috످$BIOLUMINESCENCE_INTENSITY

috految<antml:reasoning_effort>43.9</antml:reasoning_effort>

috److It looks like `$BIOLUMINESCENCE_INTENSITY` is a variable name or a template placeholder that wasn't filled in.

Did you mean to send a value, ask about bioluminescence, or get help with code? If it's from a script or template, you can paste the relevant snippet and I'll take a look.

috످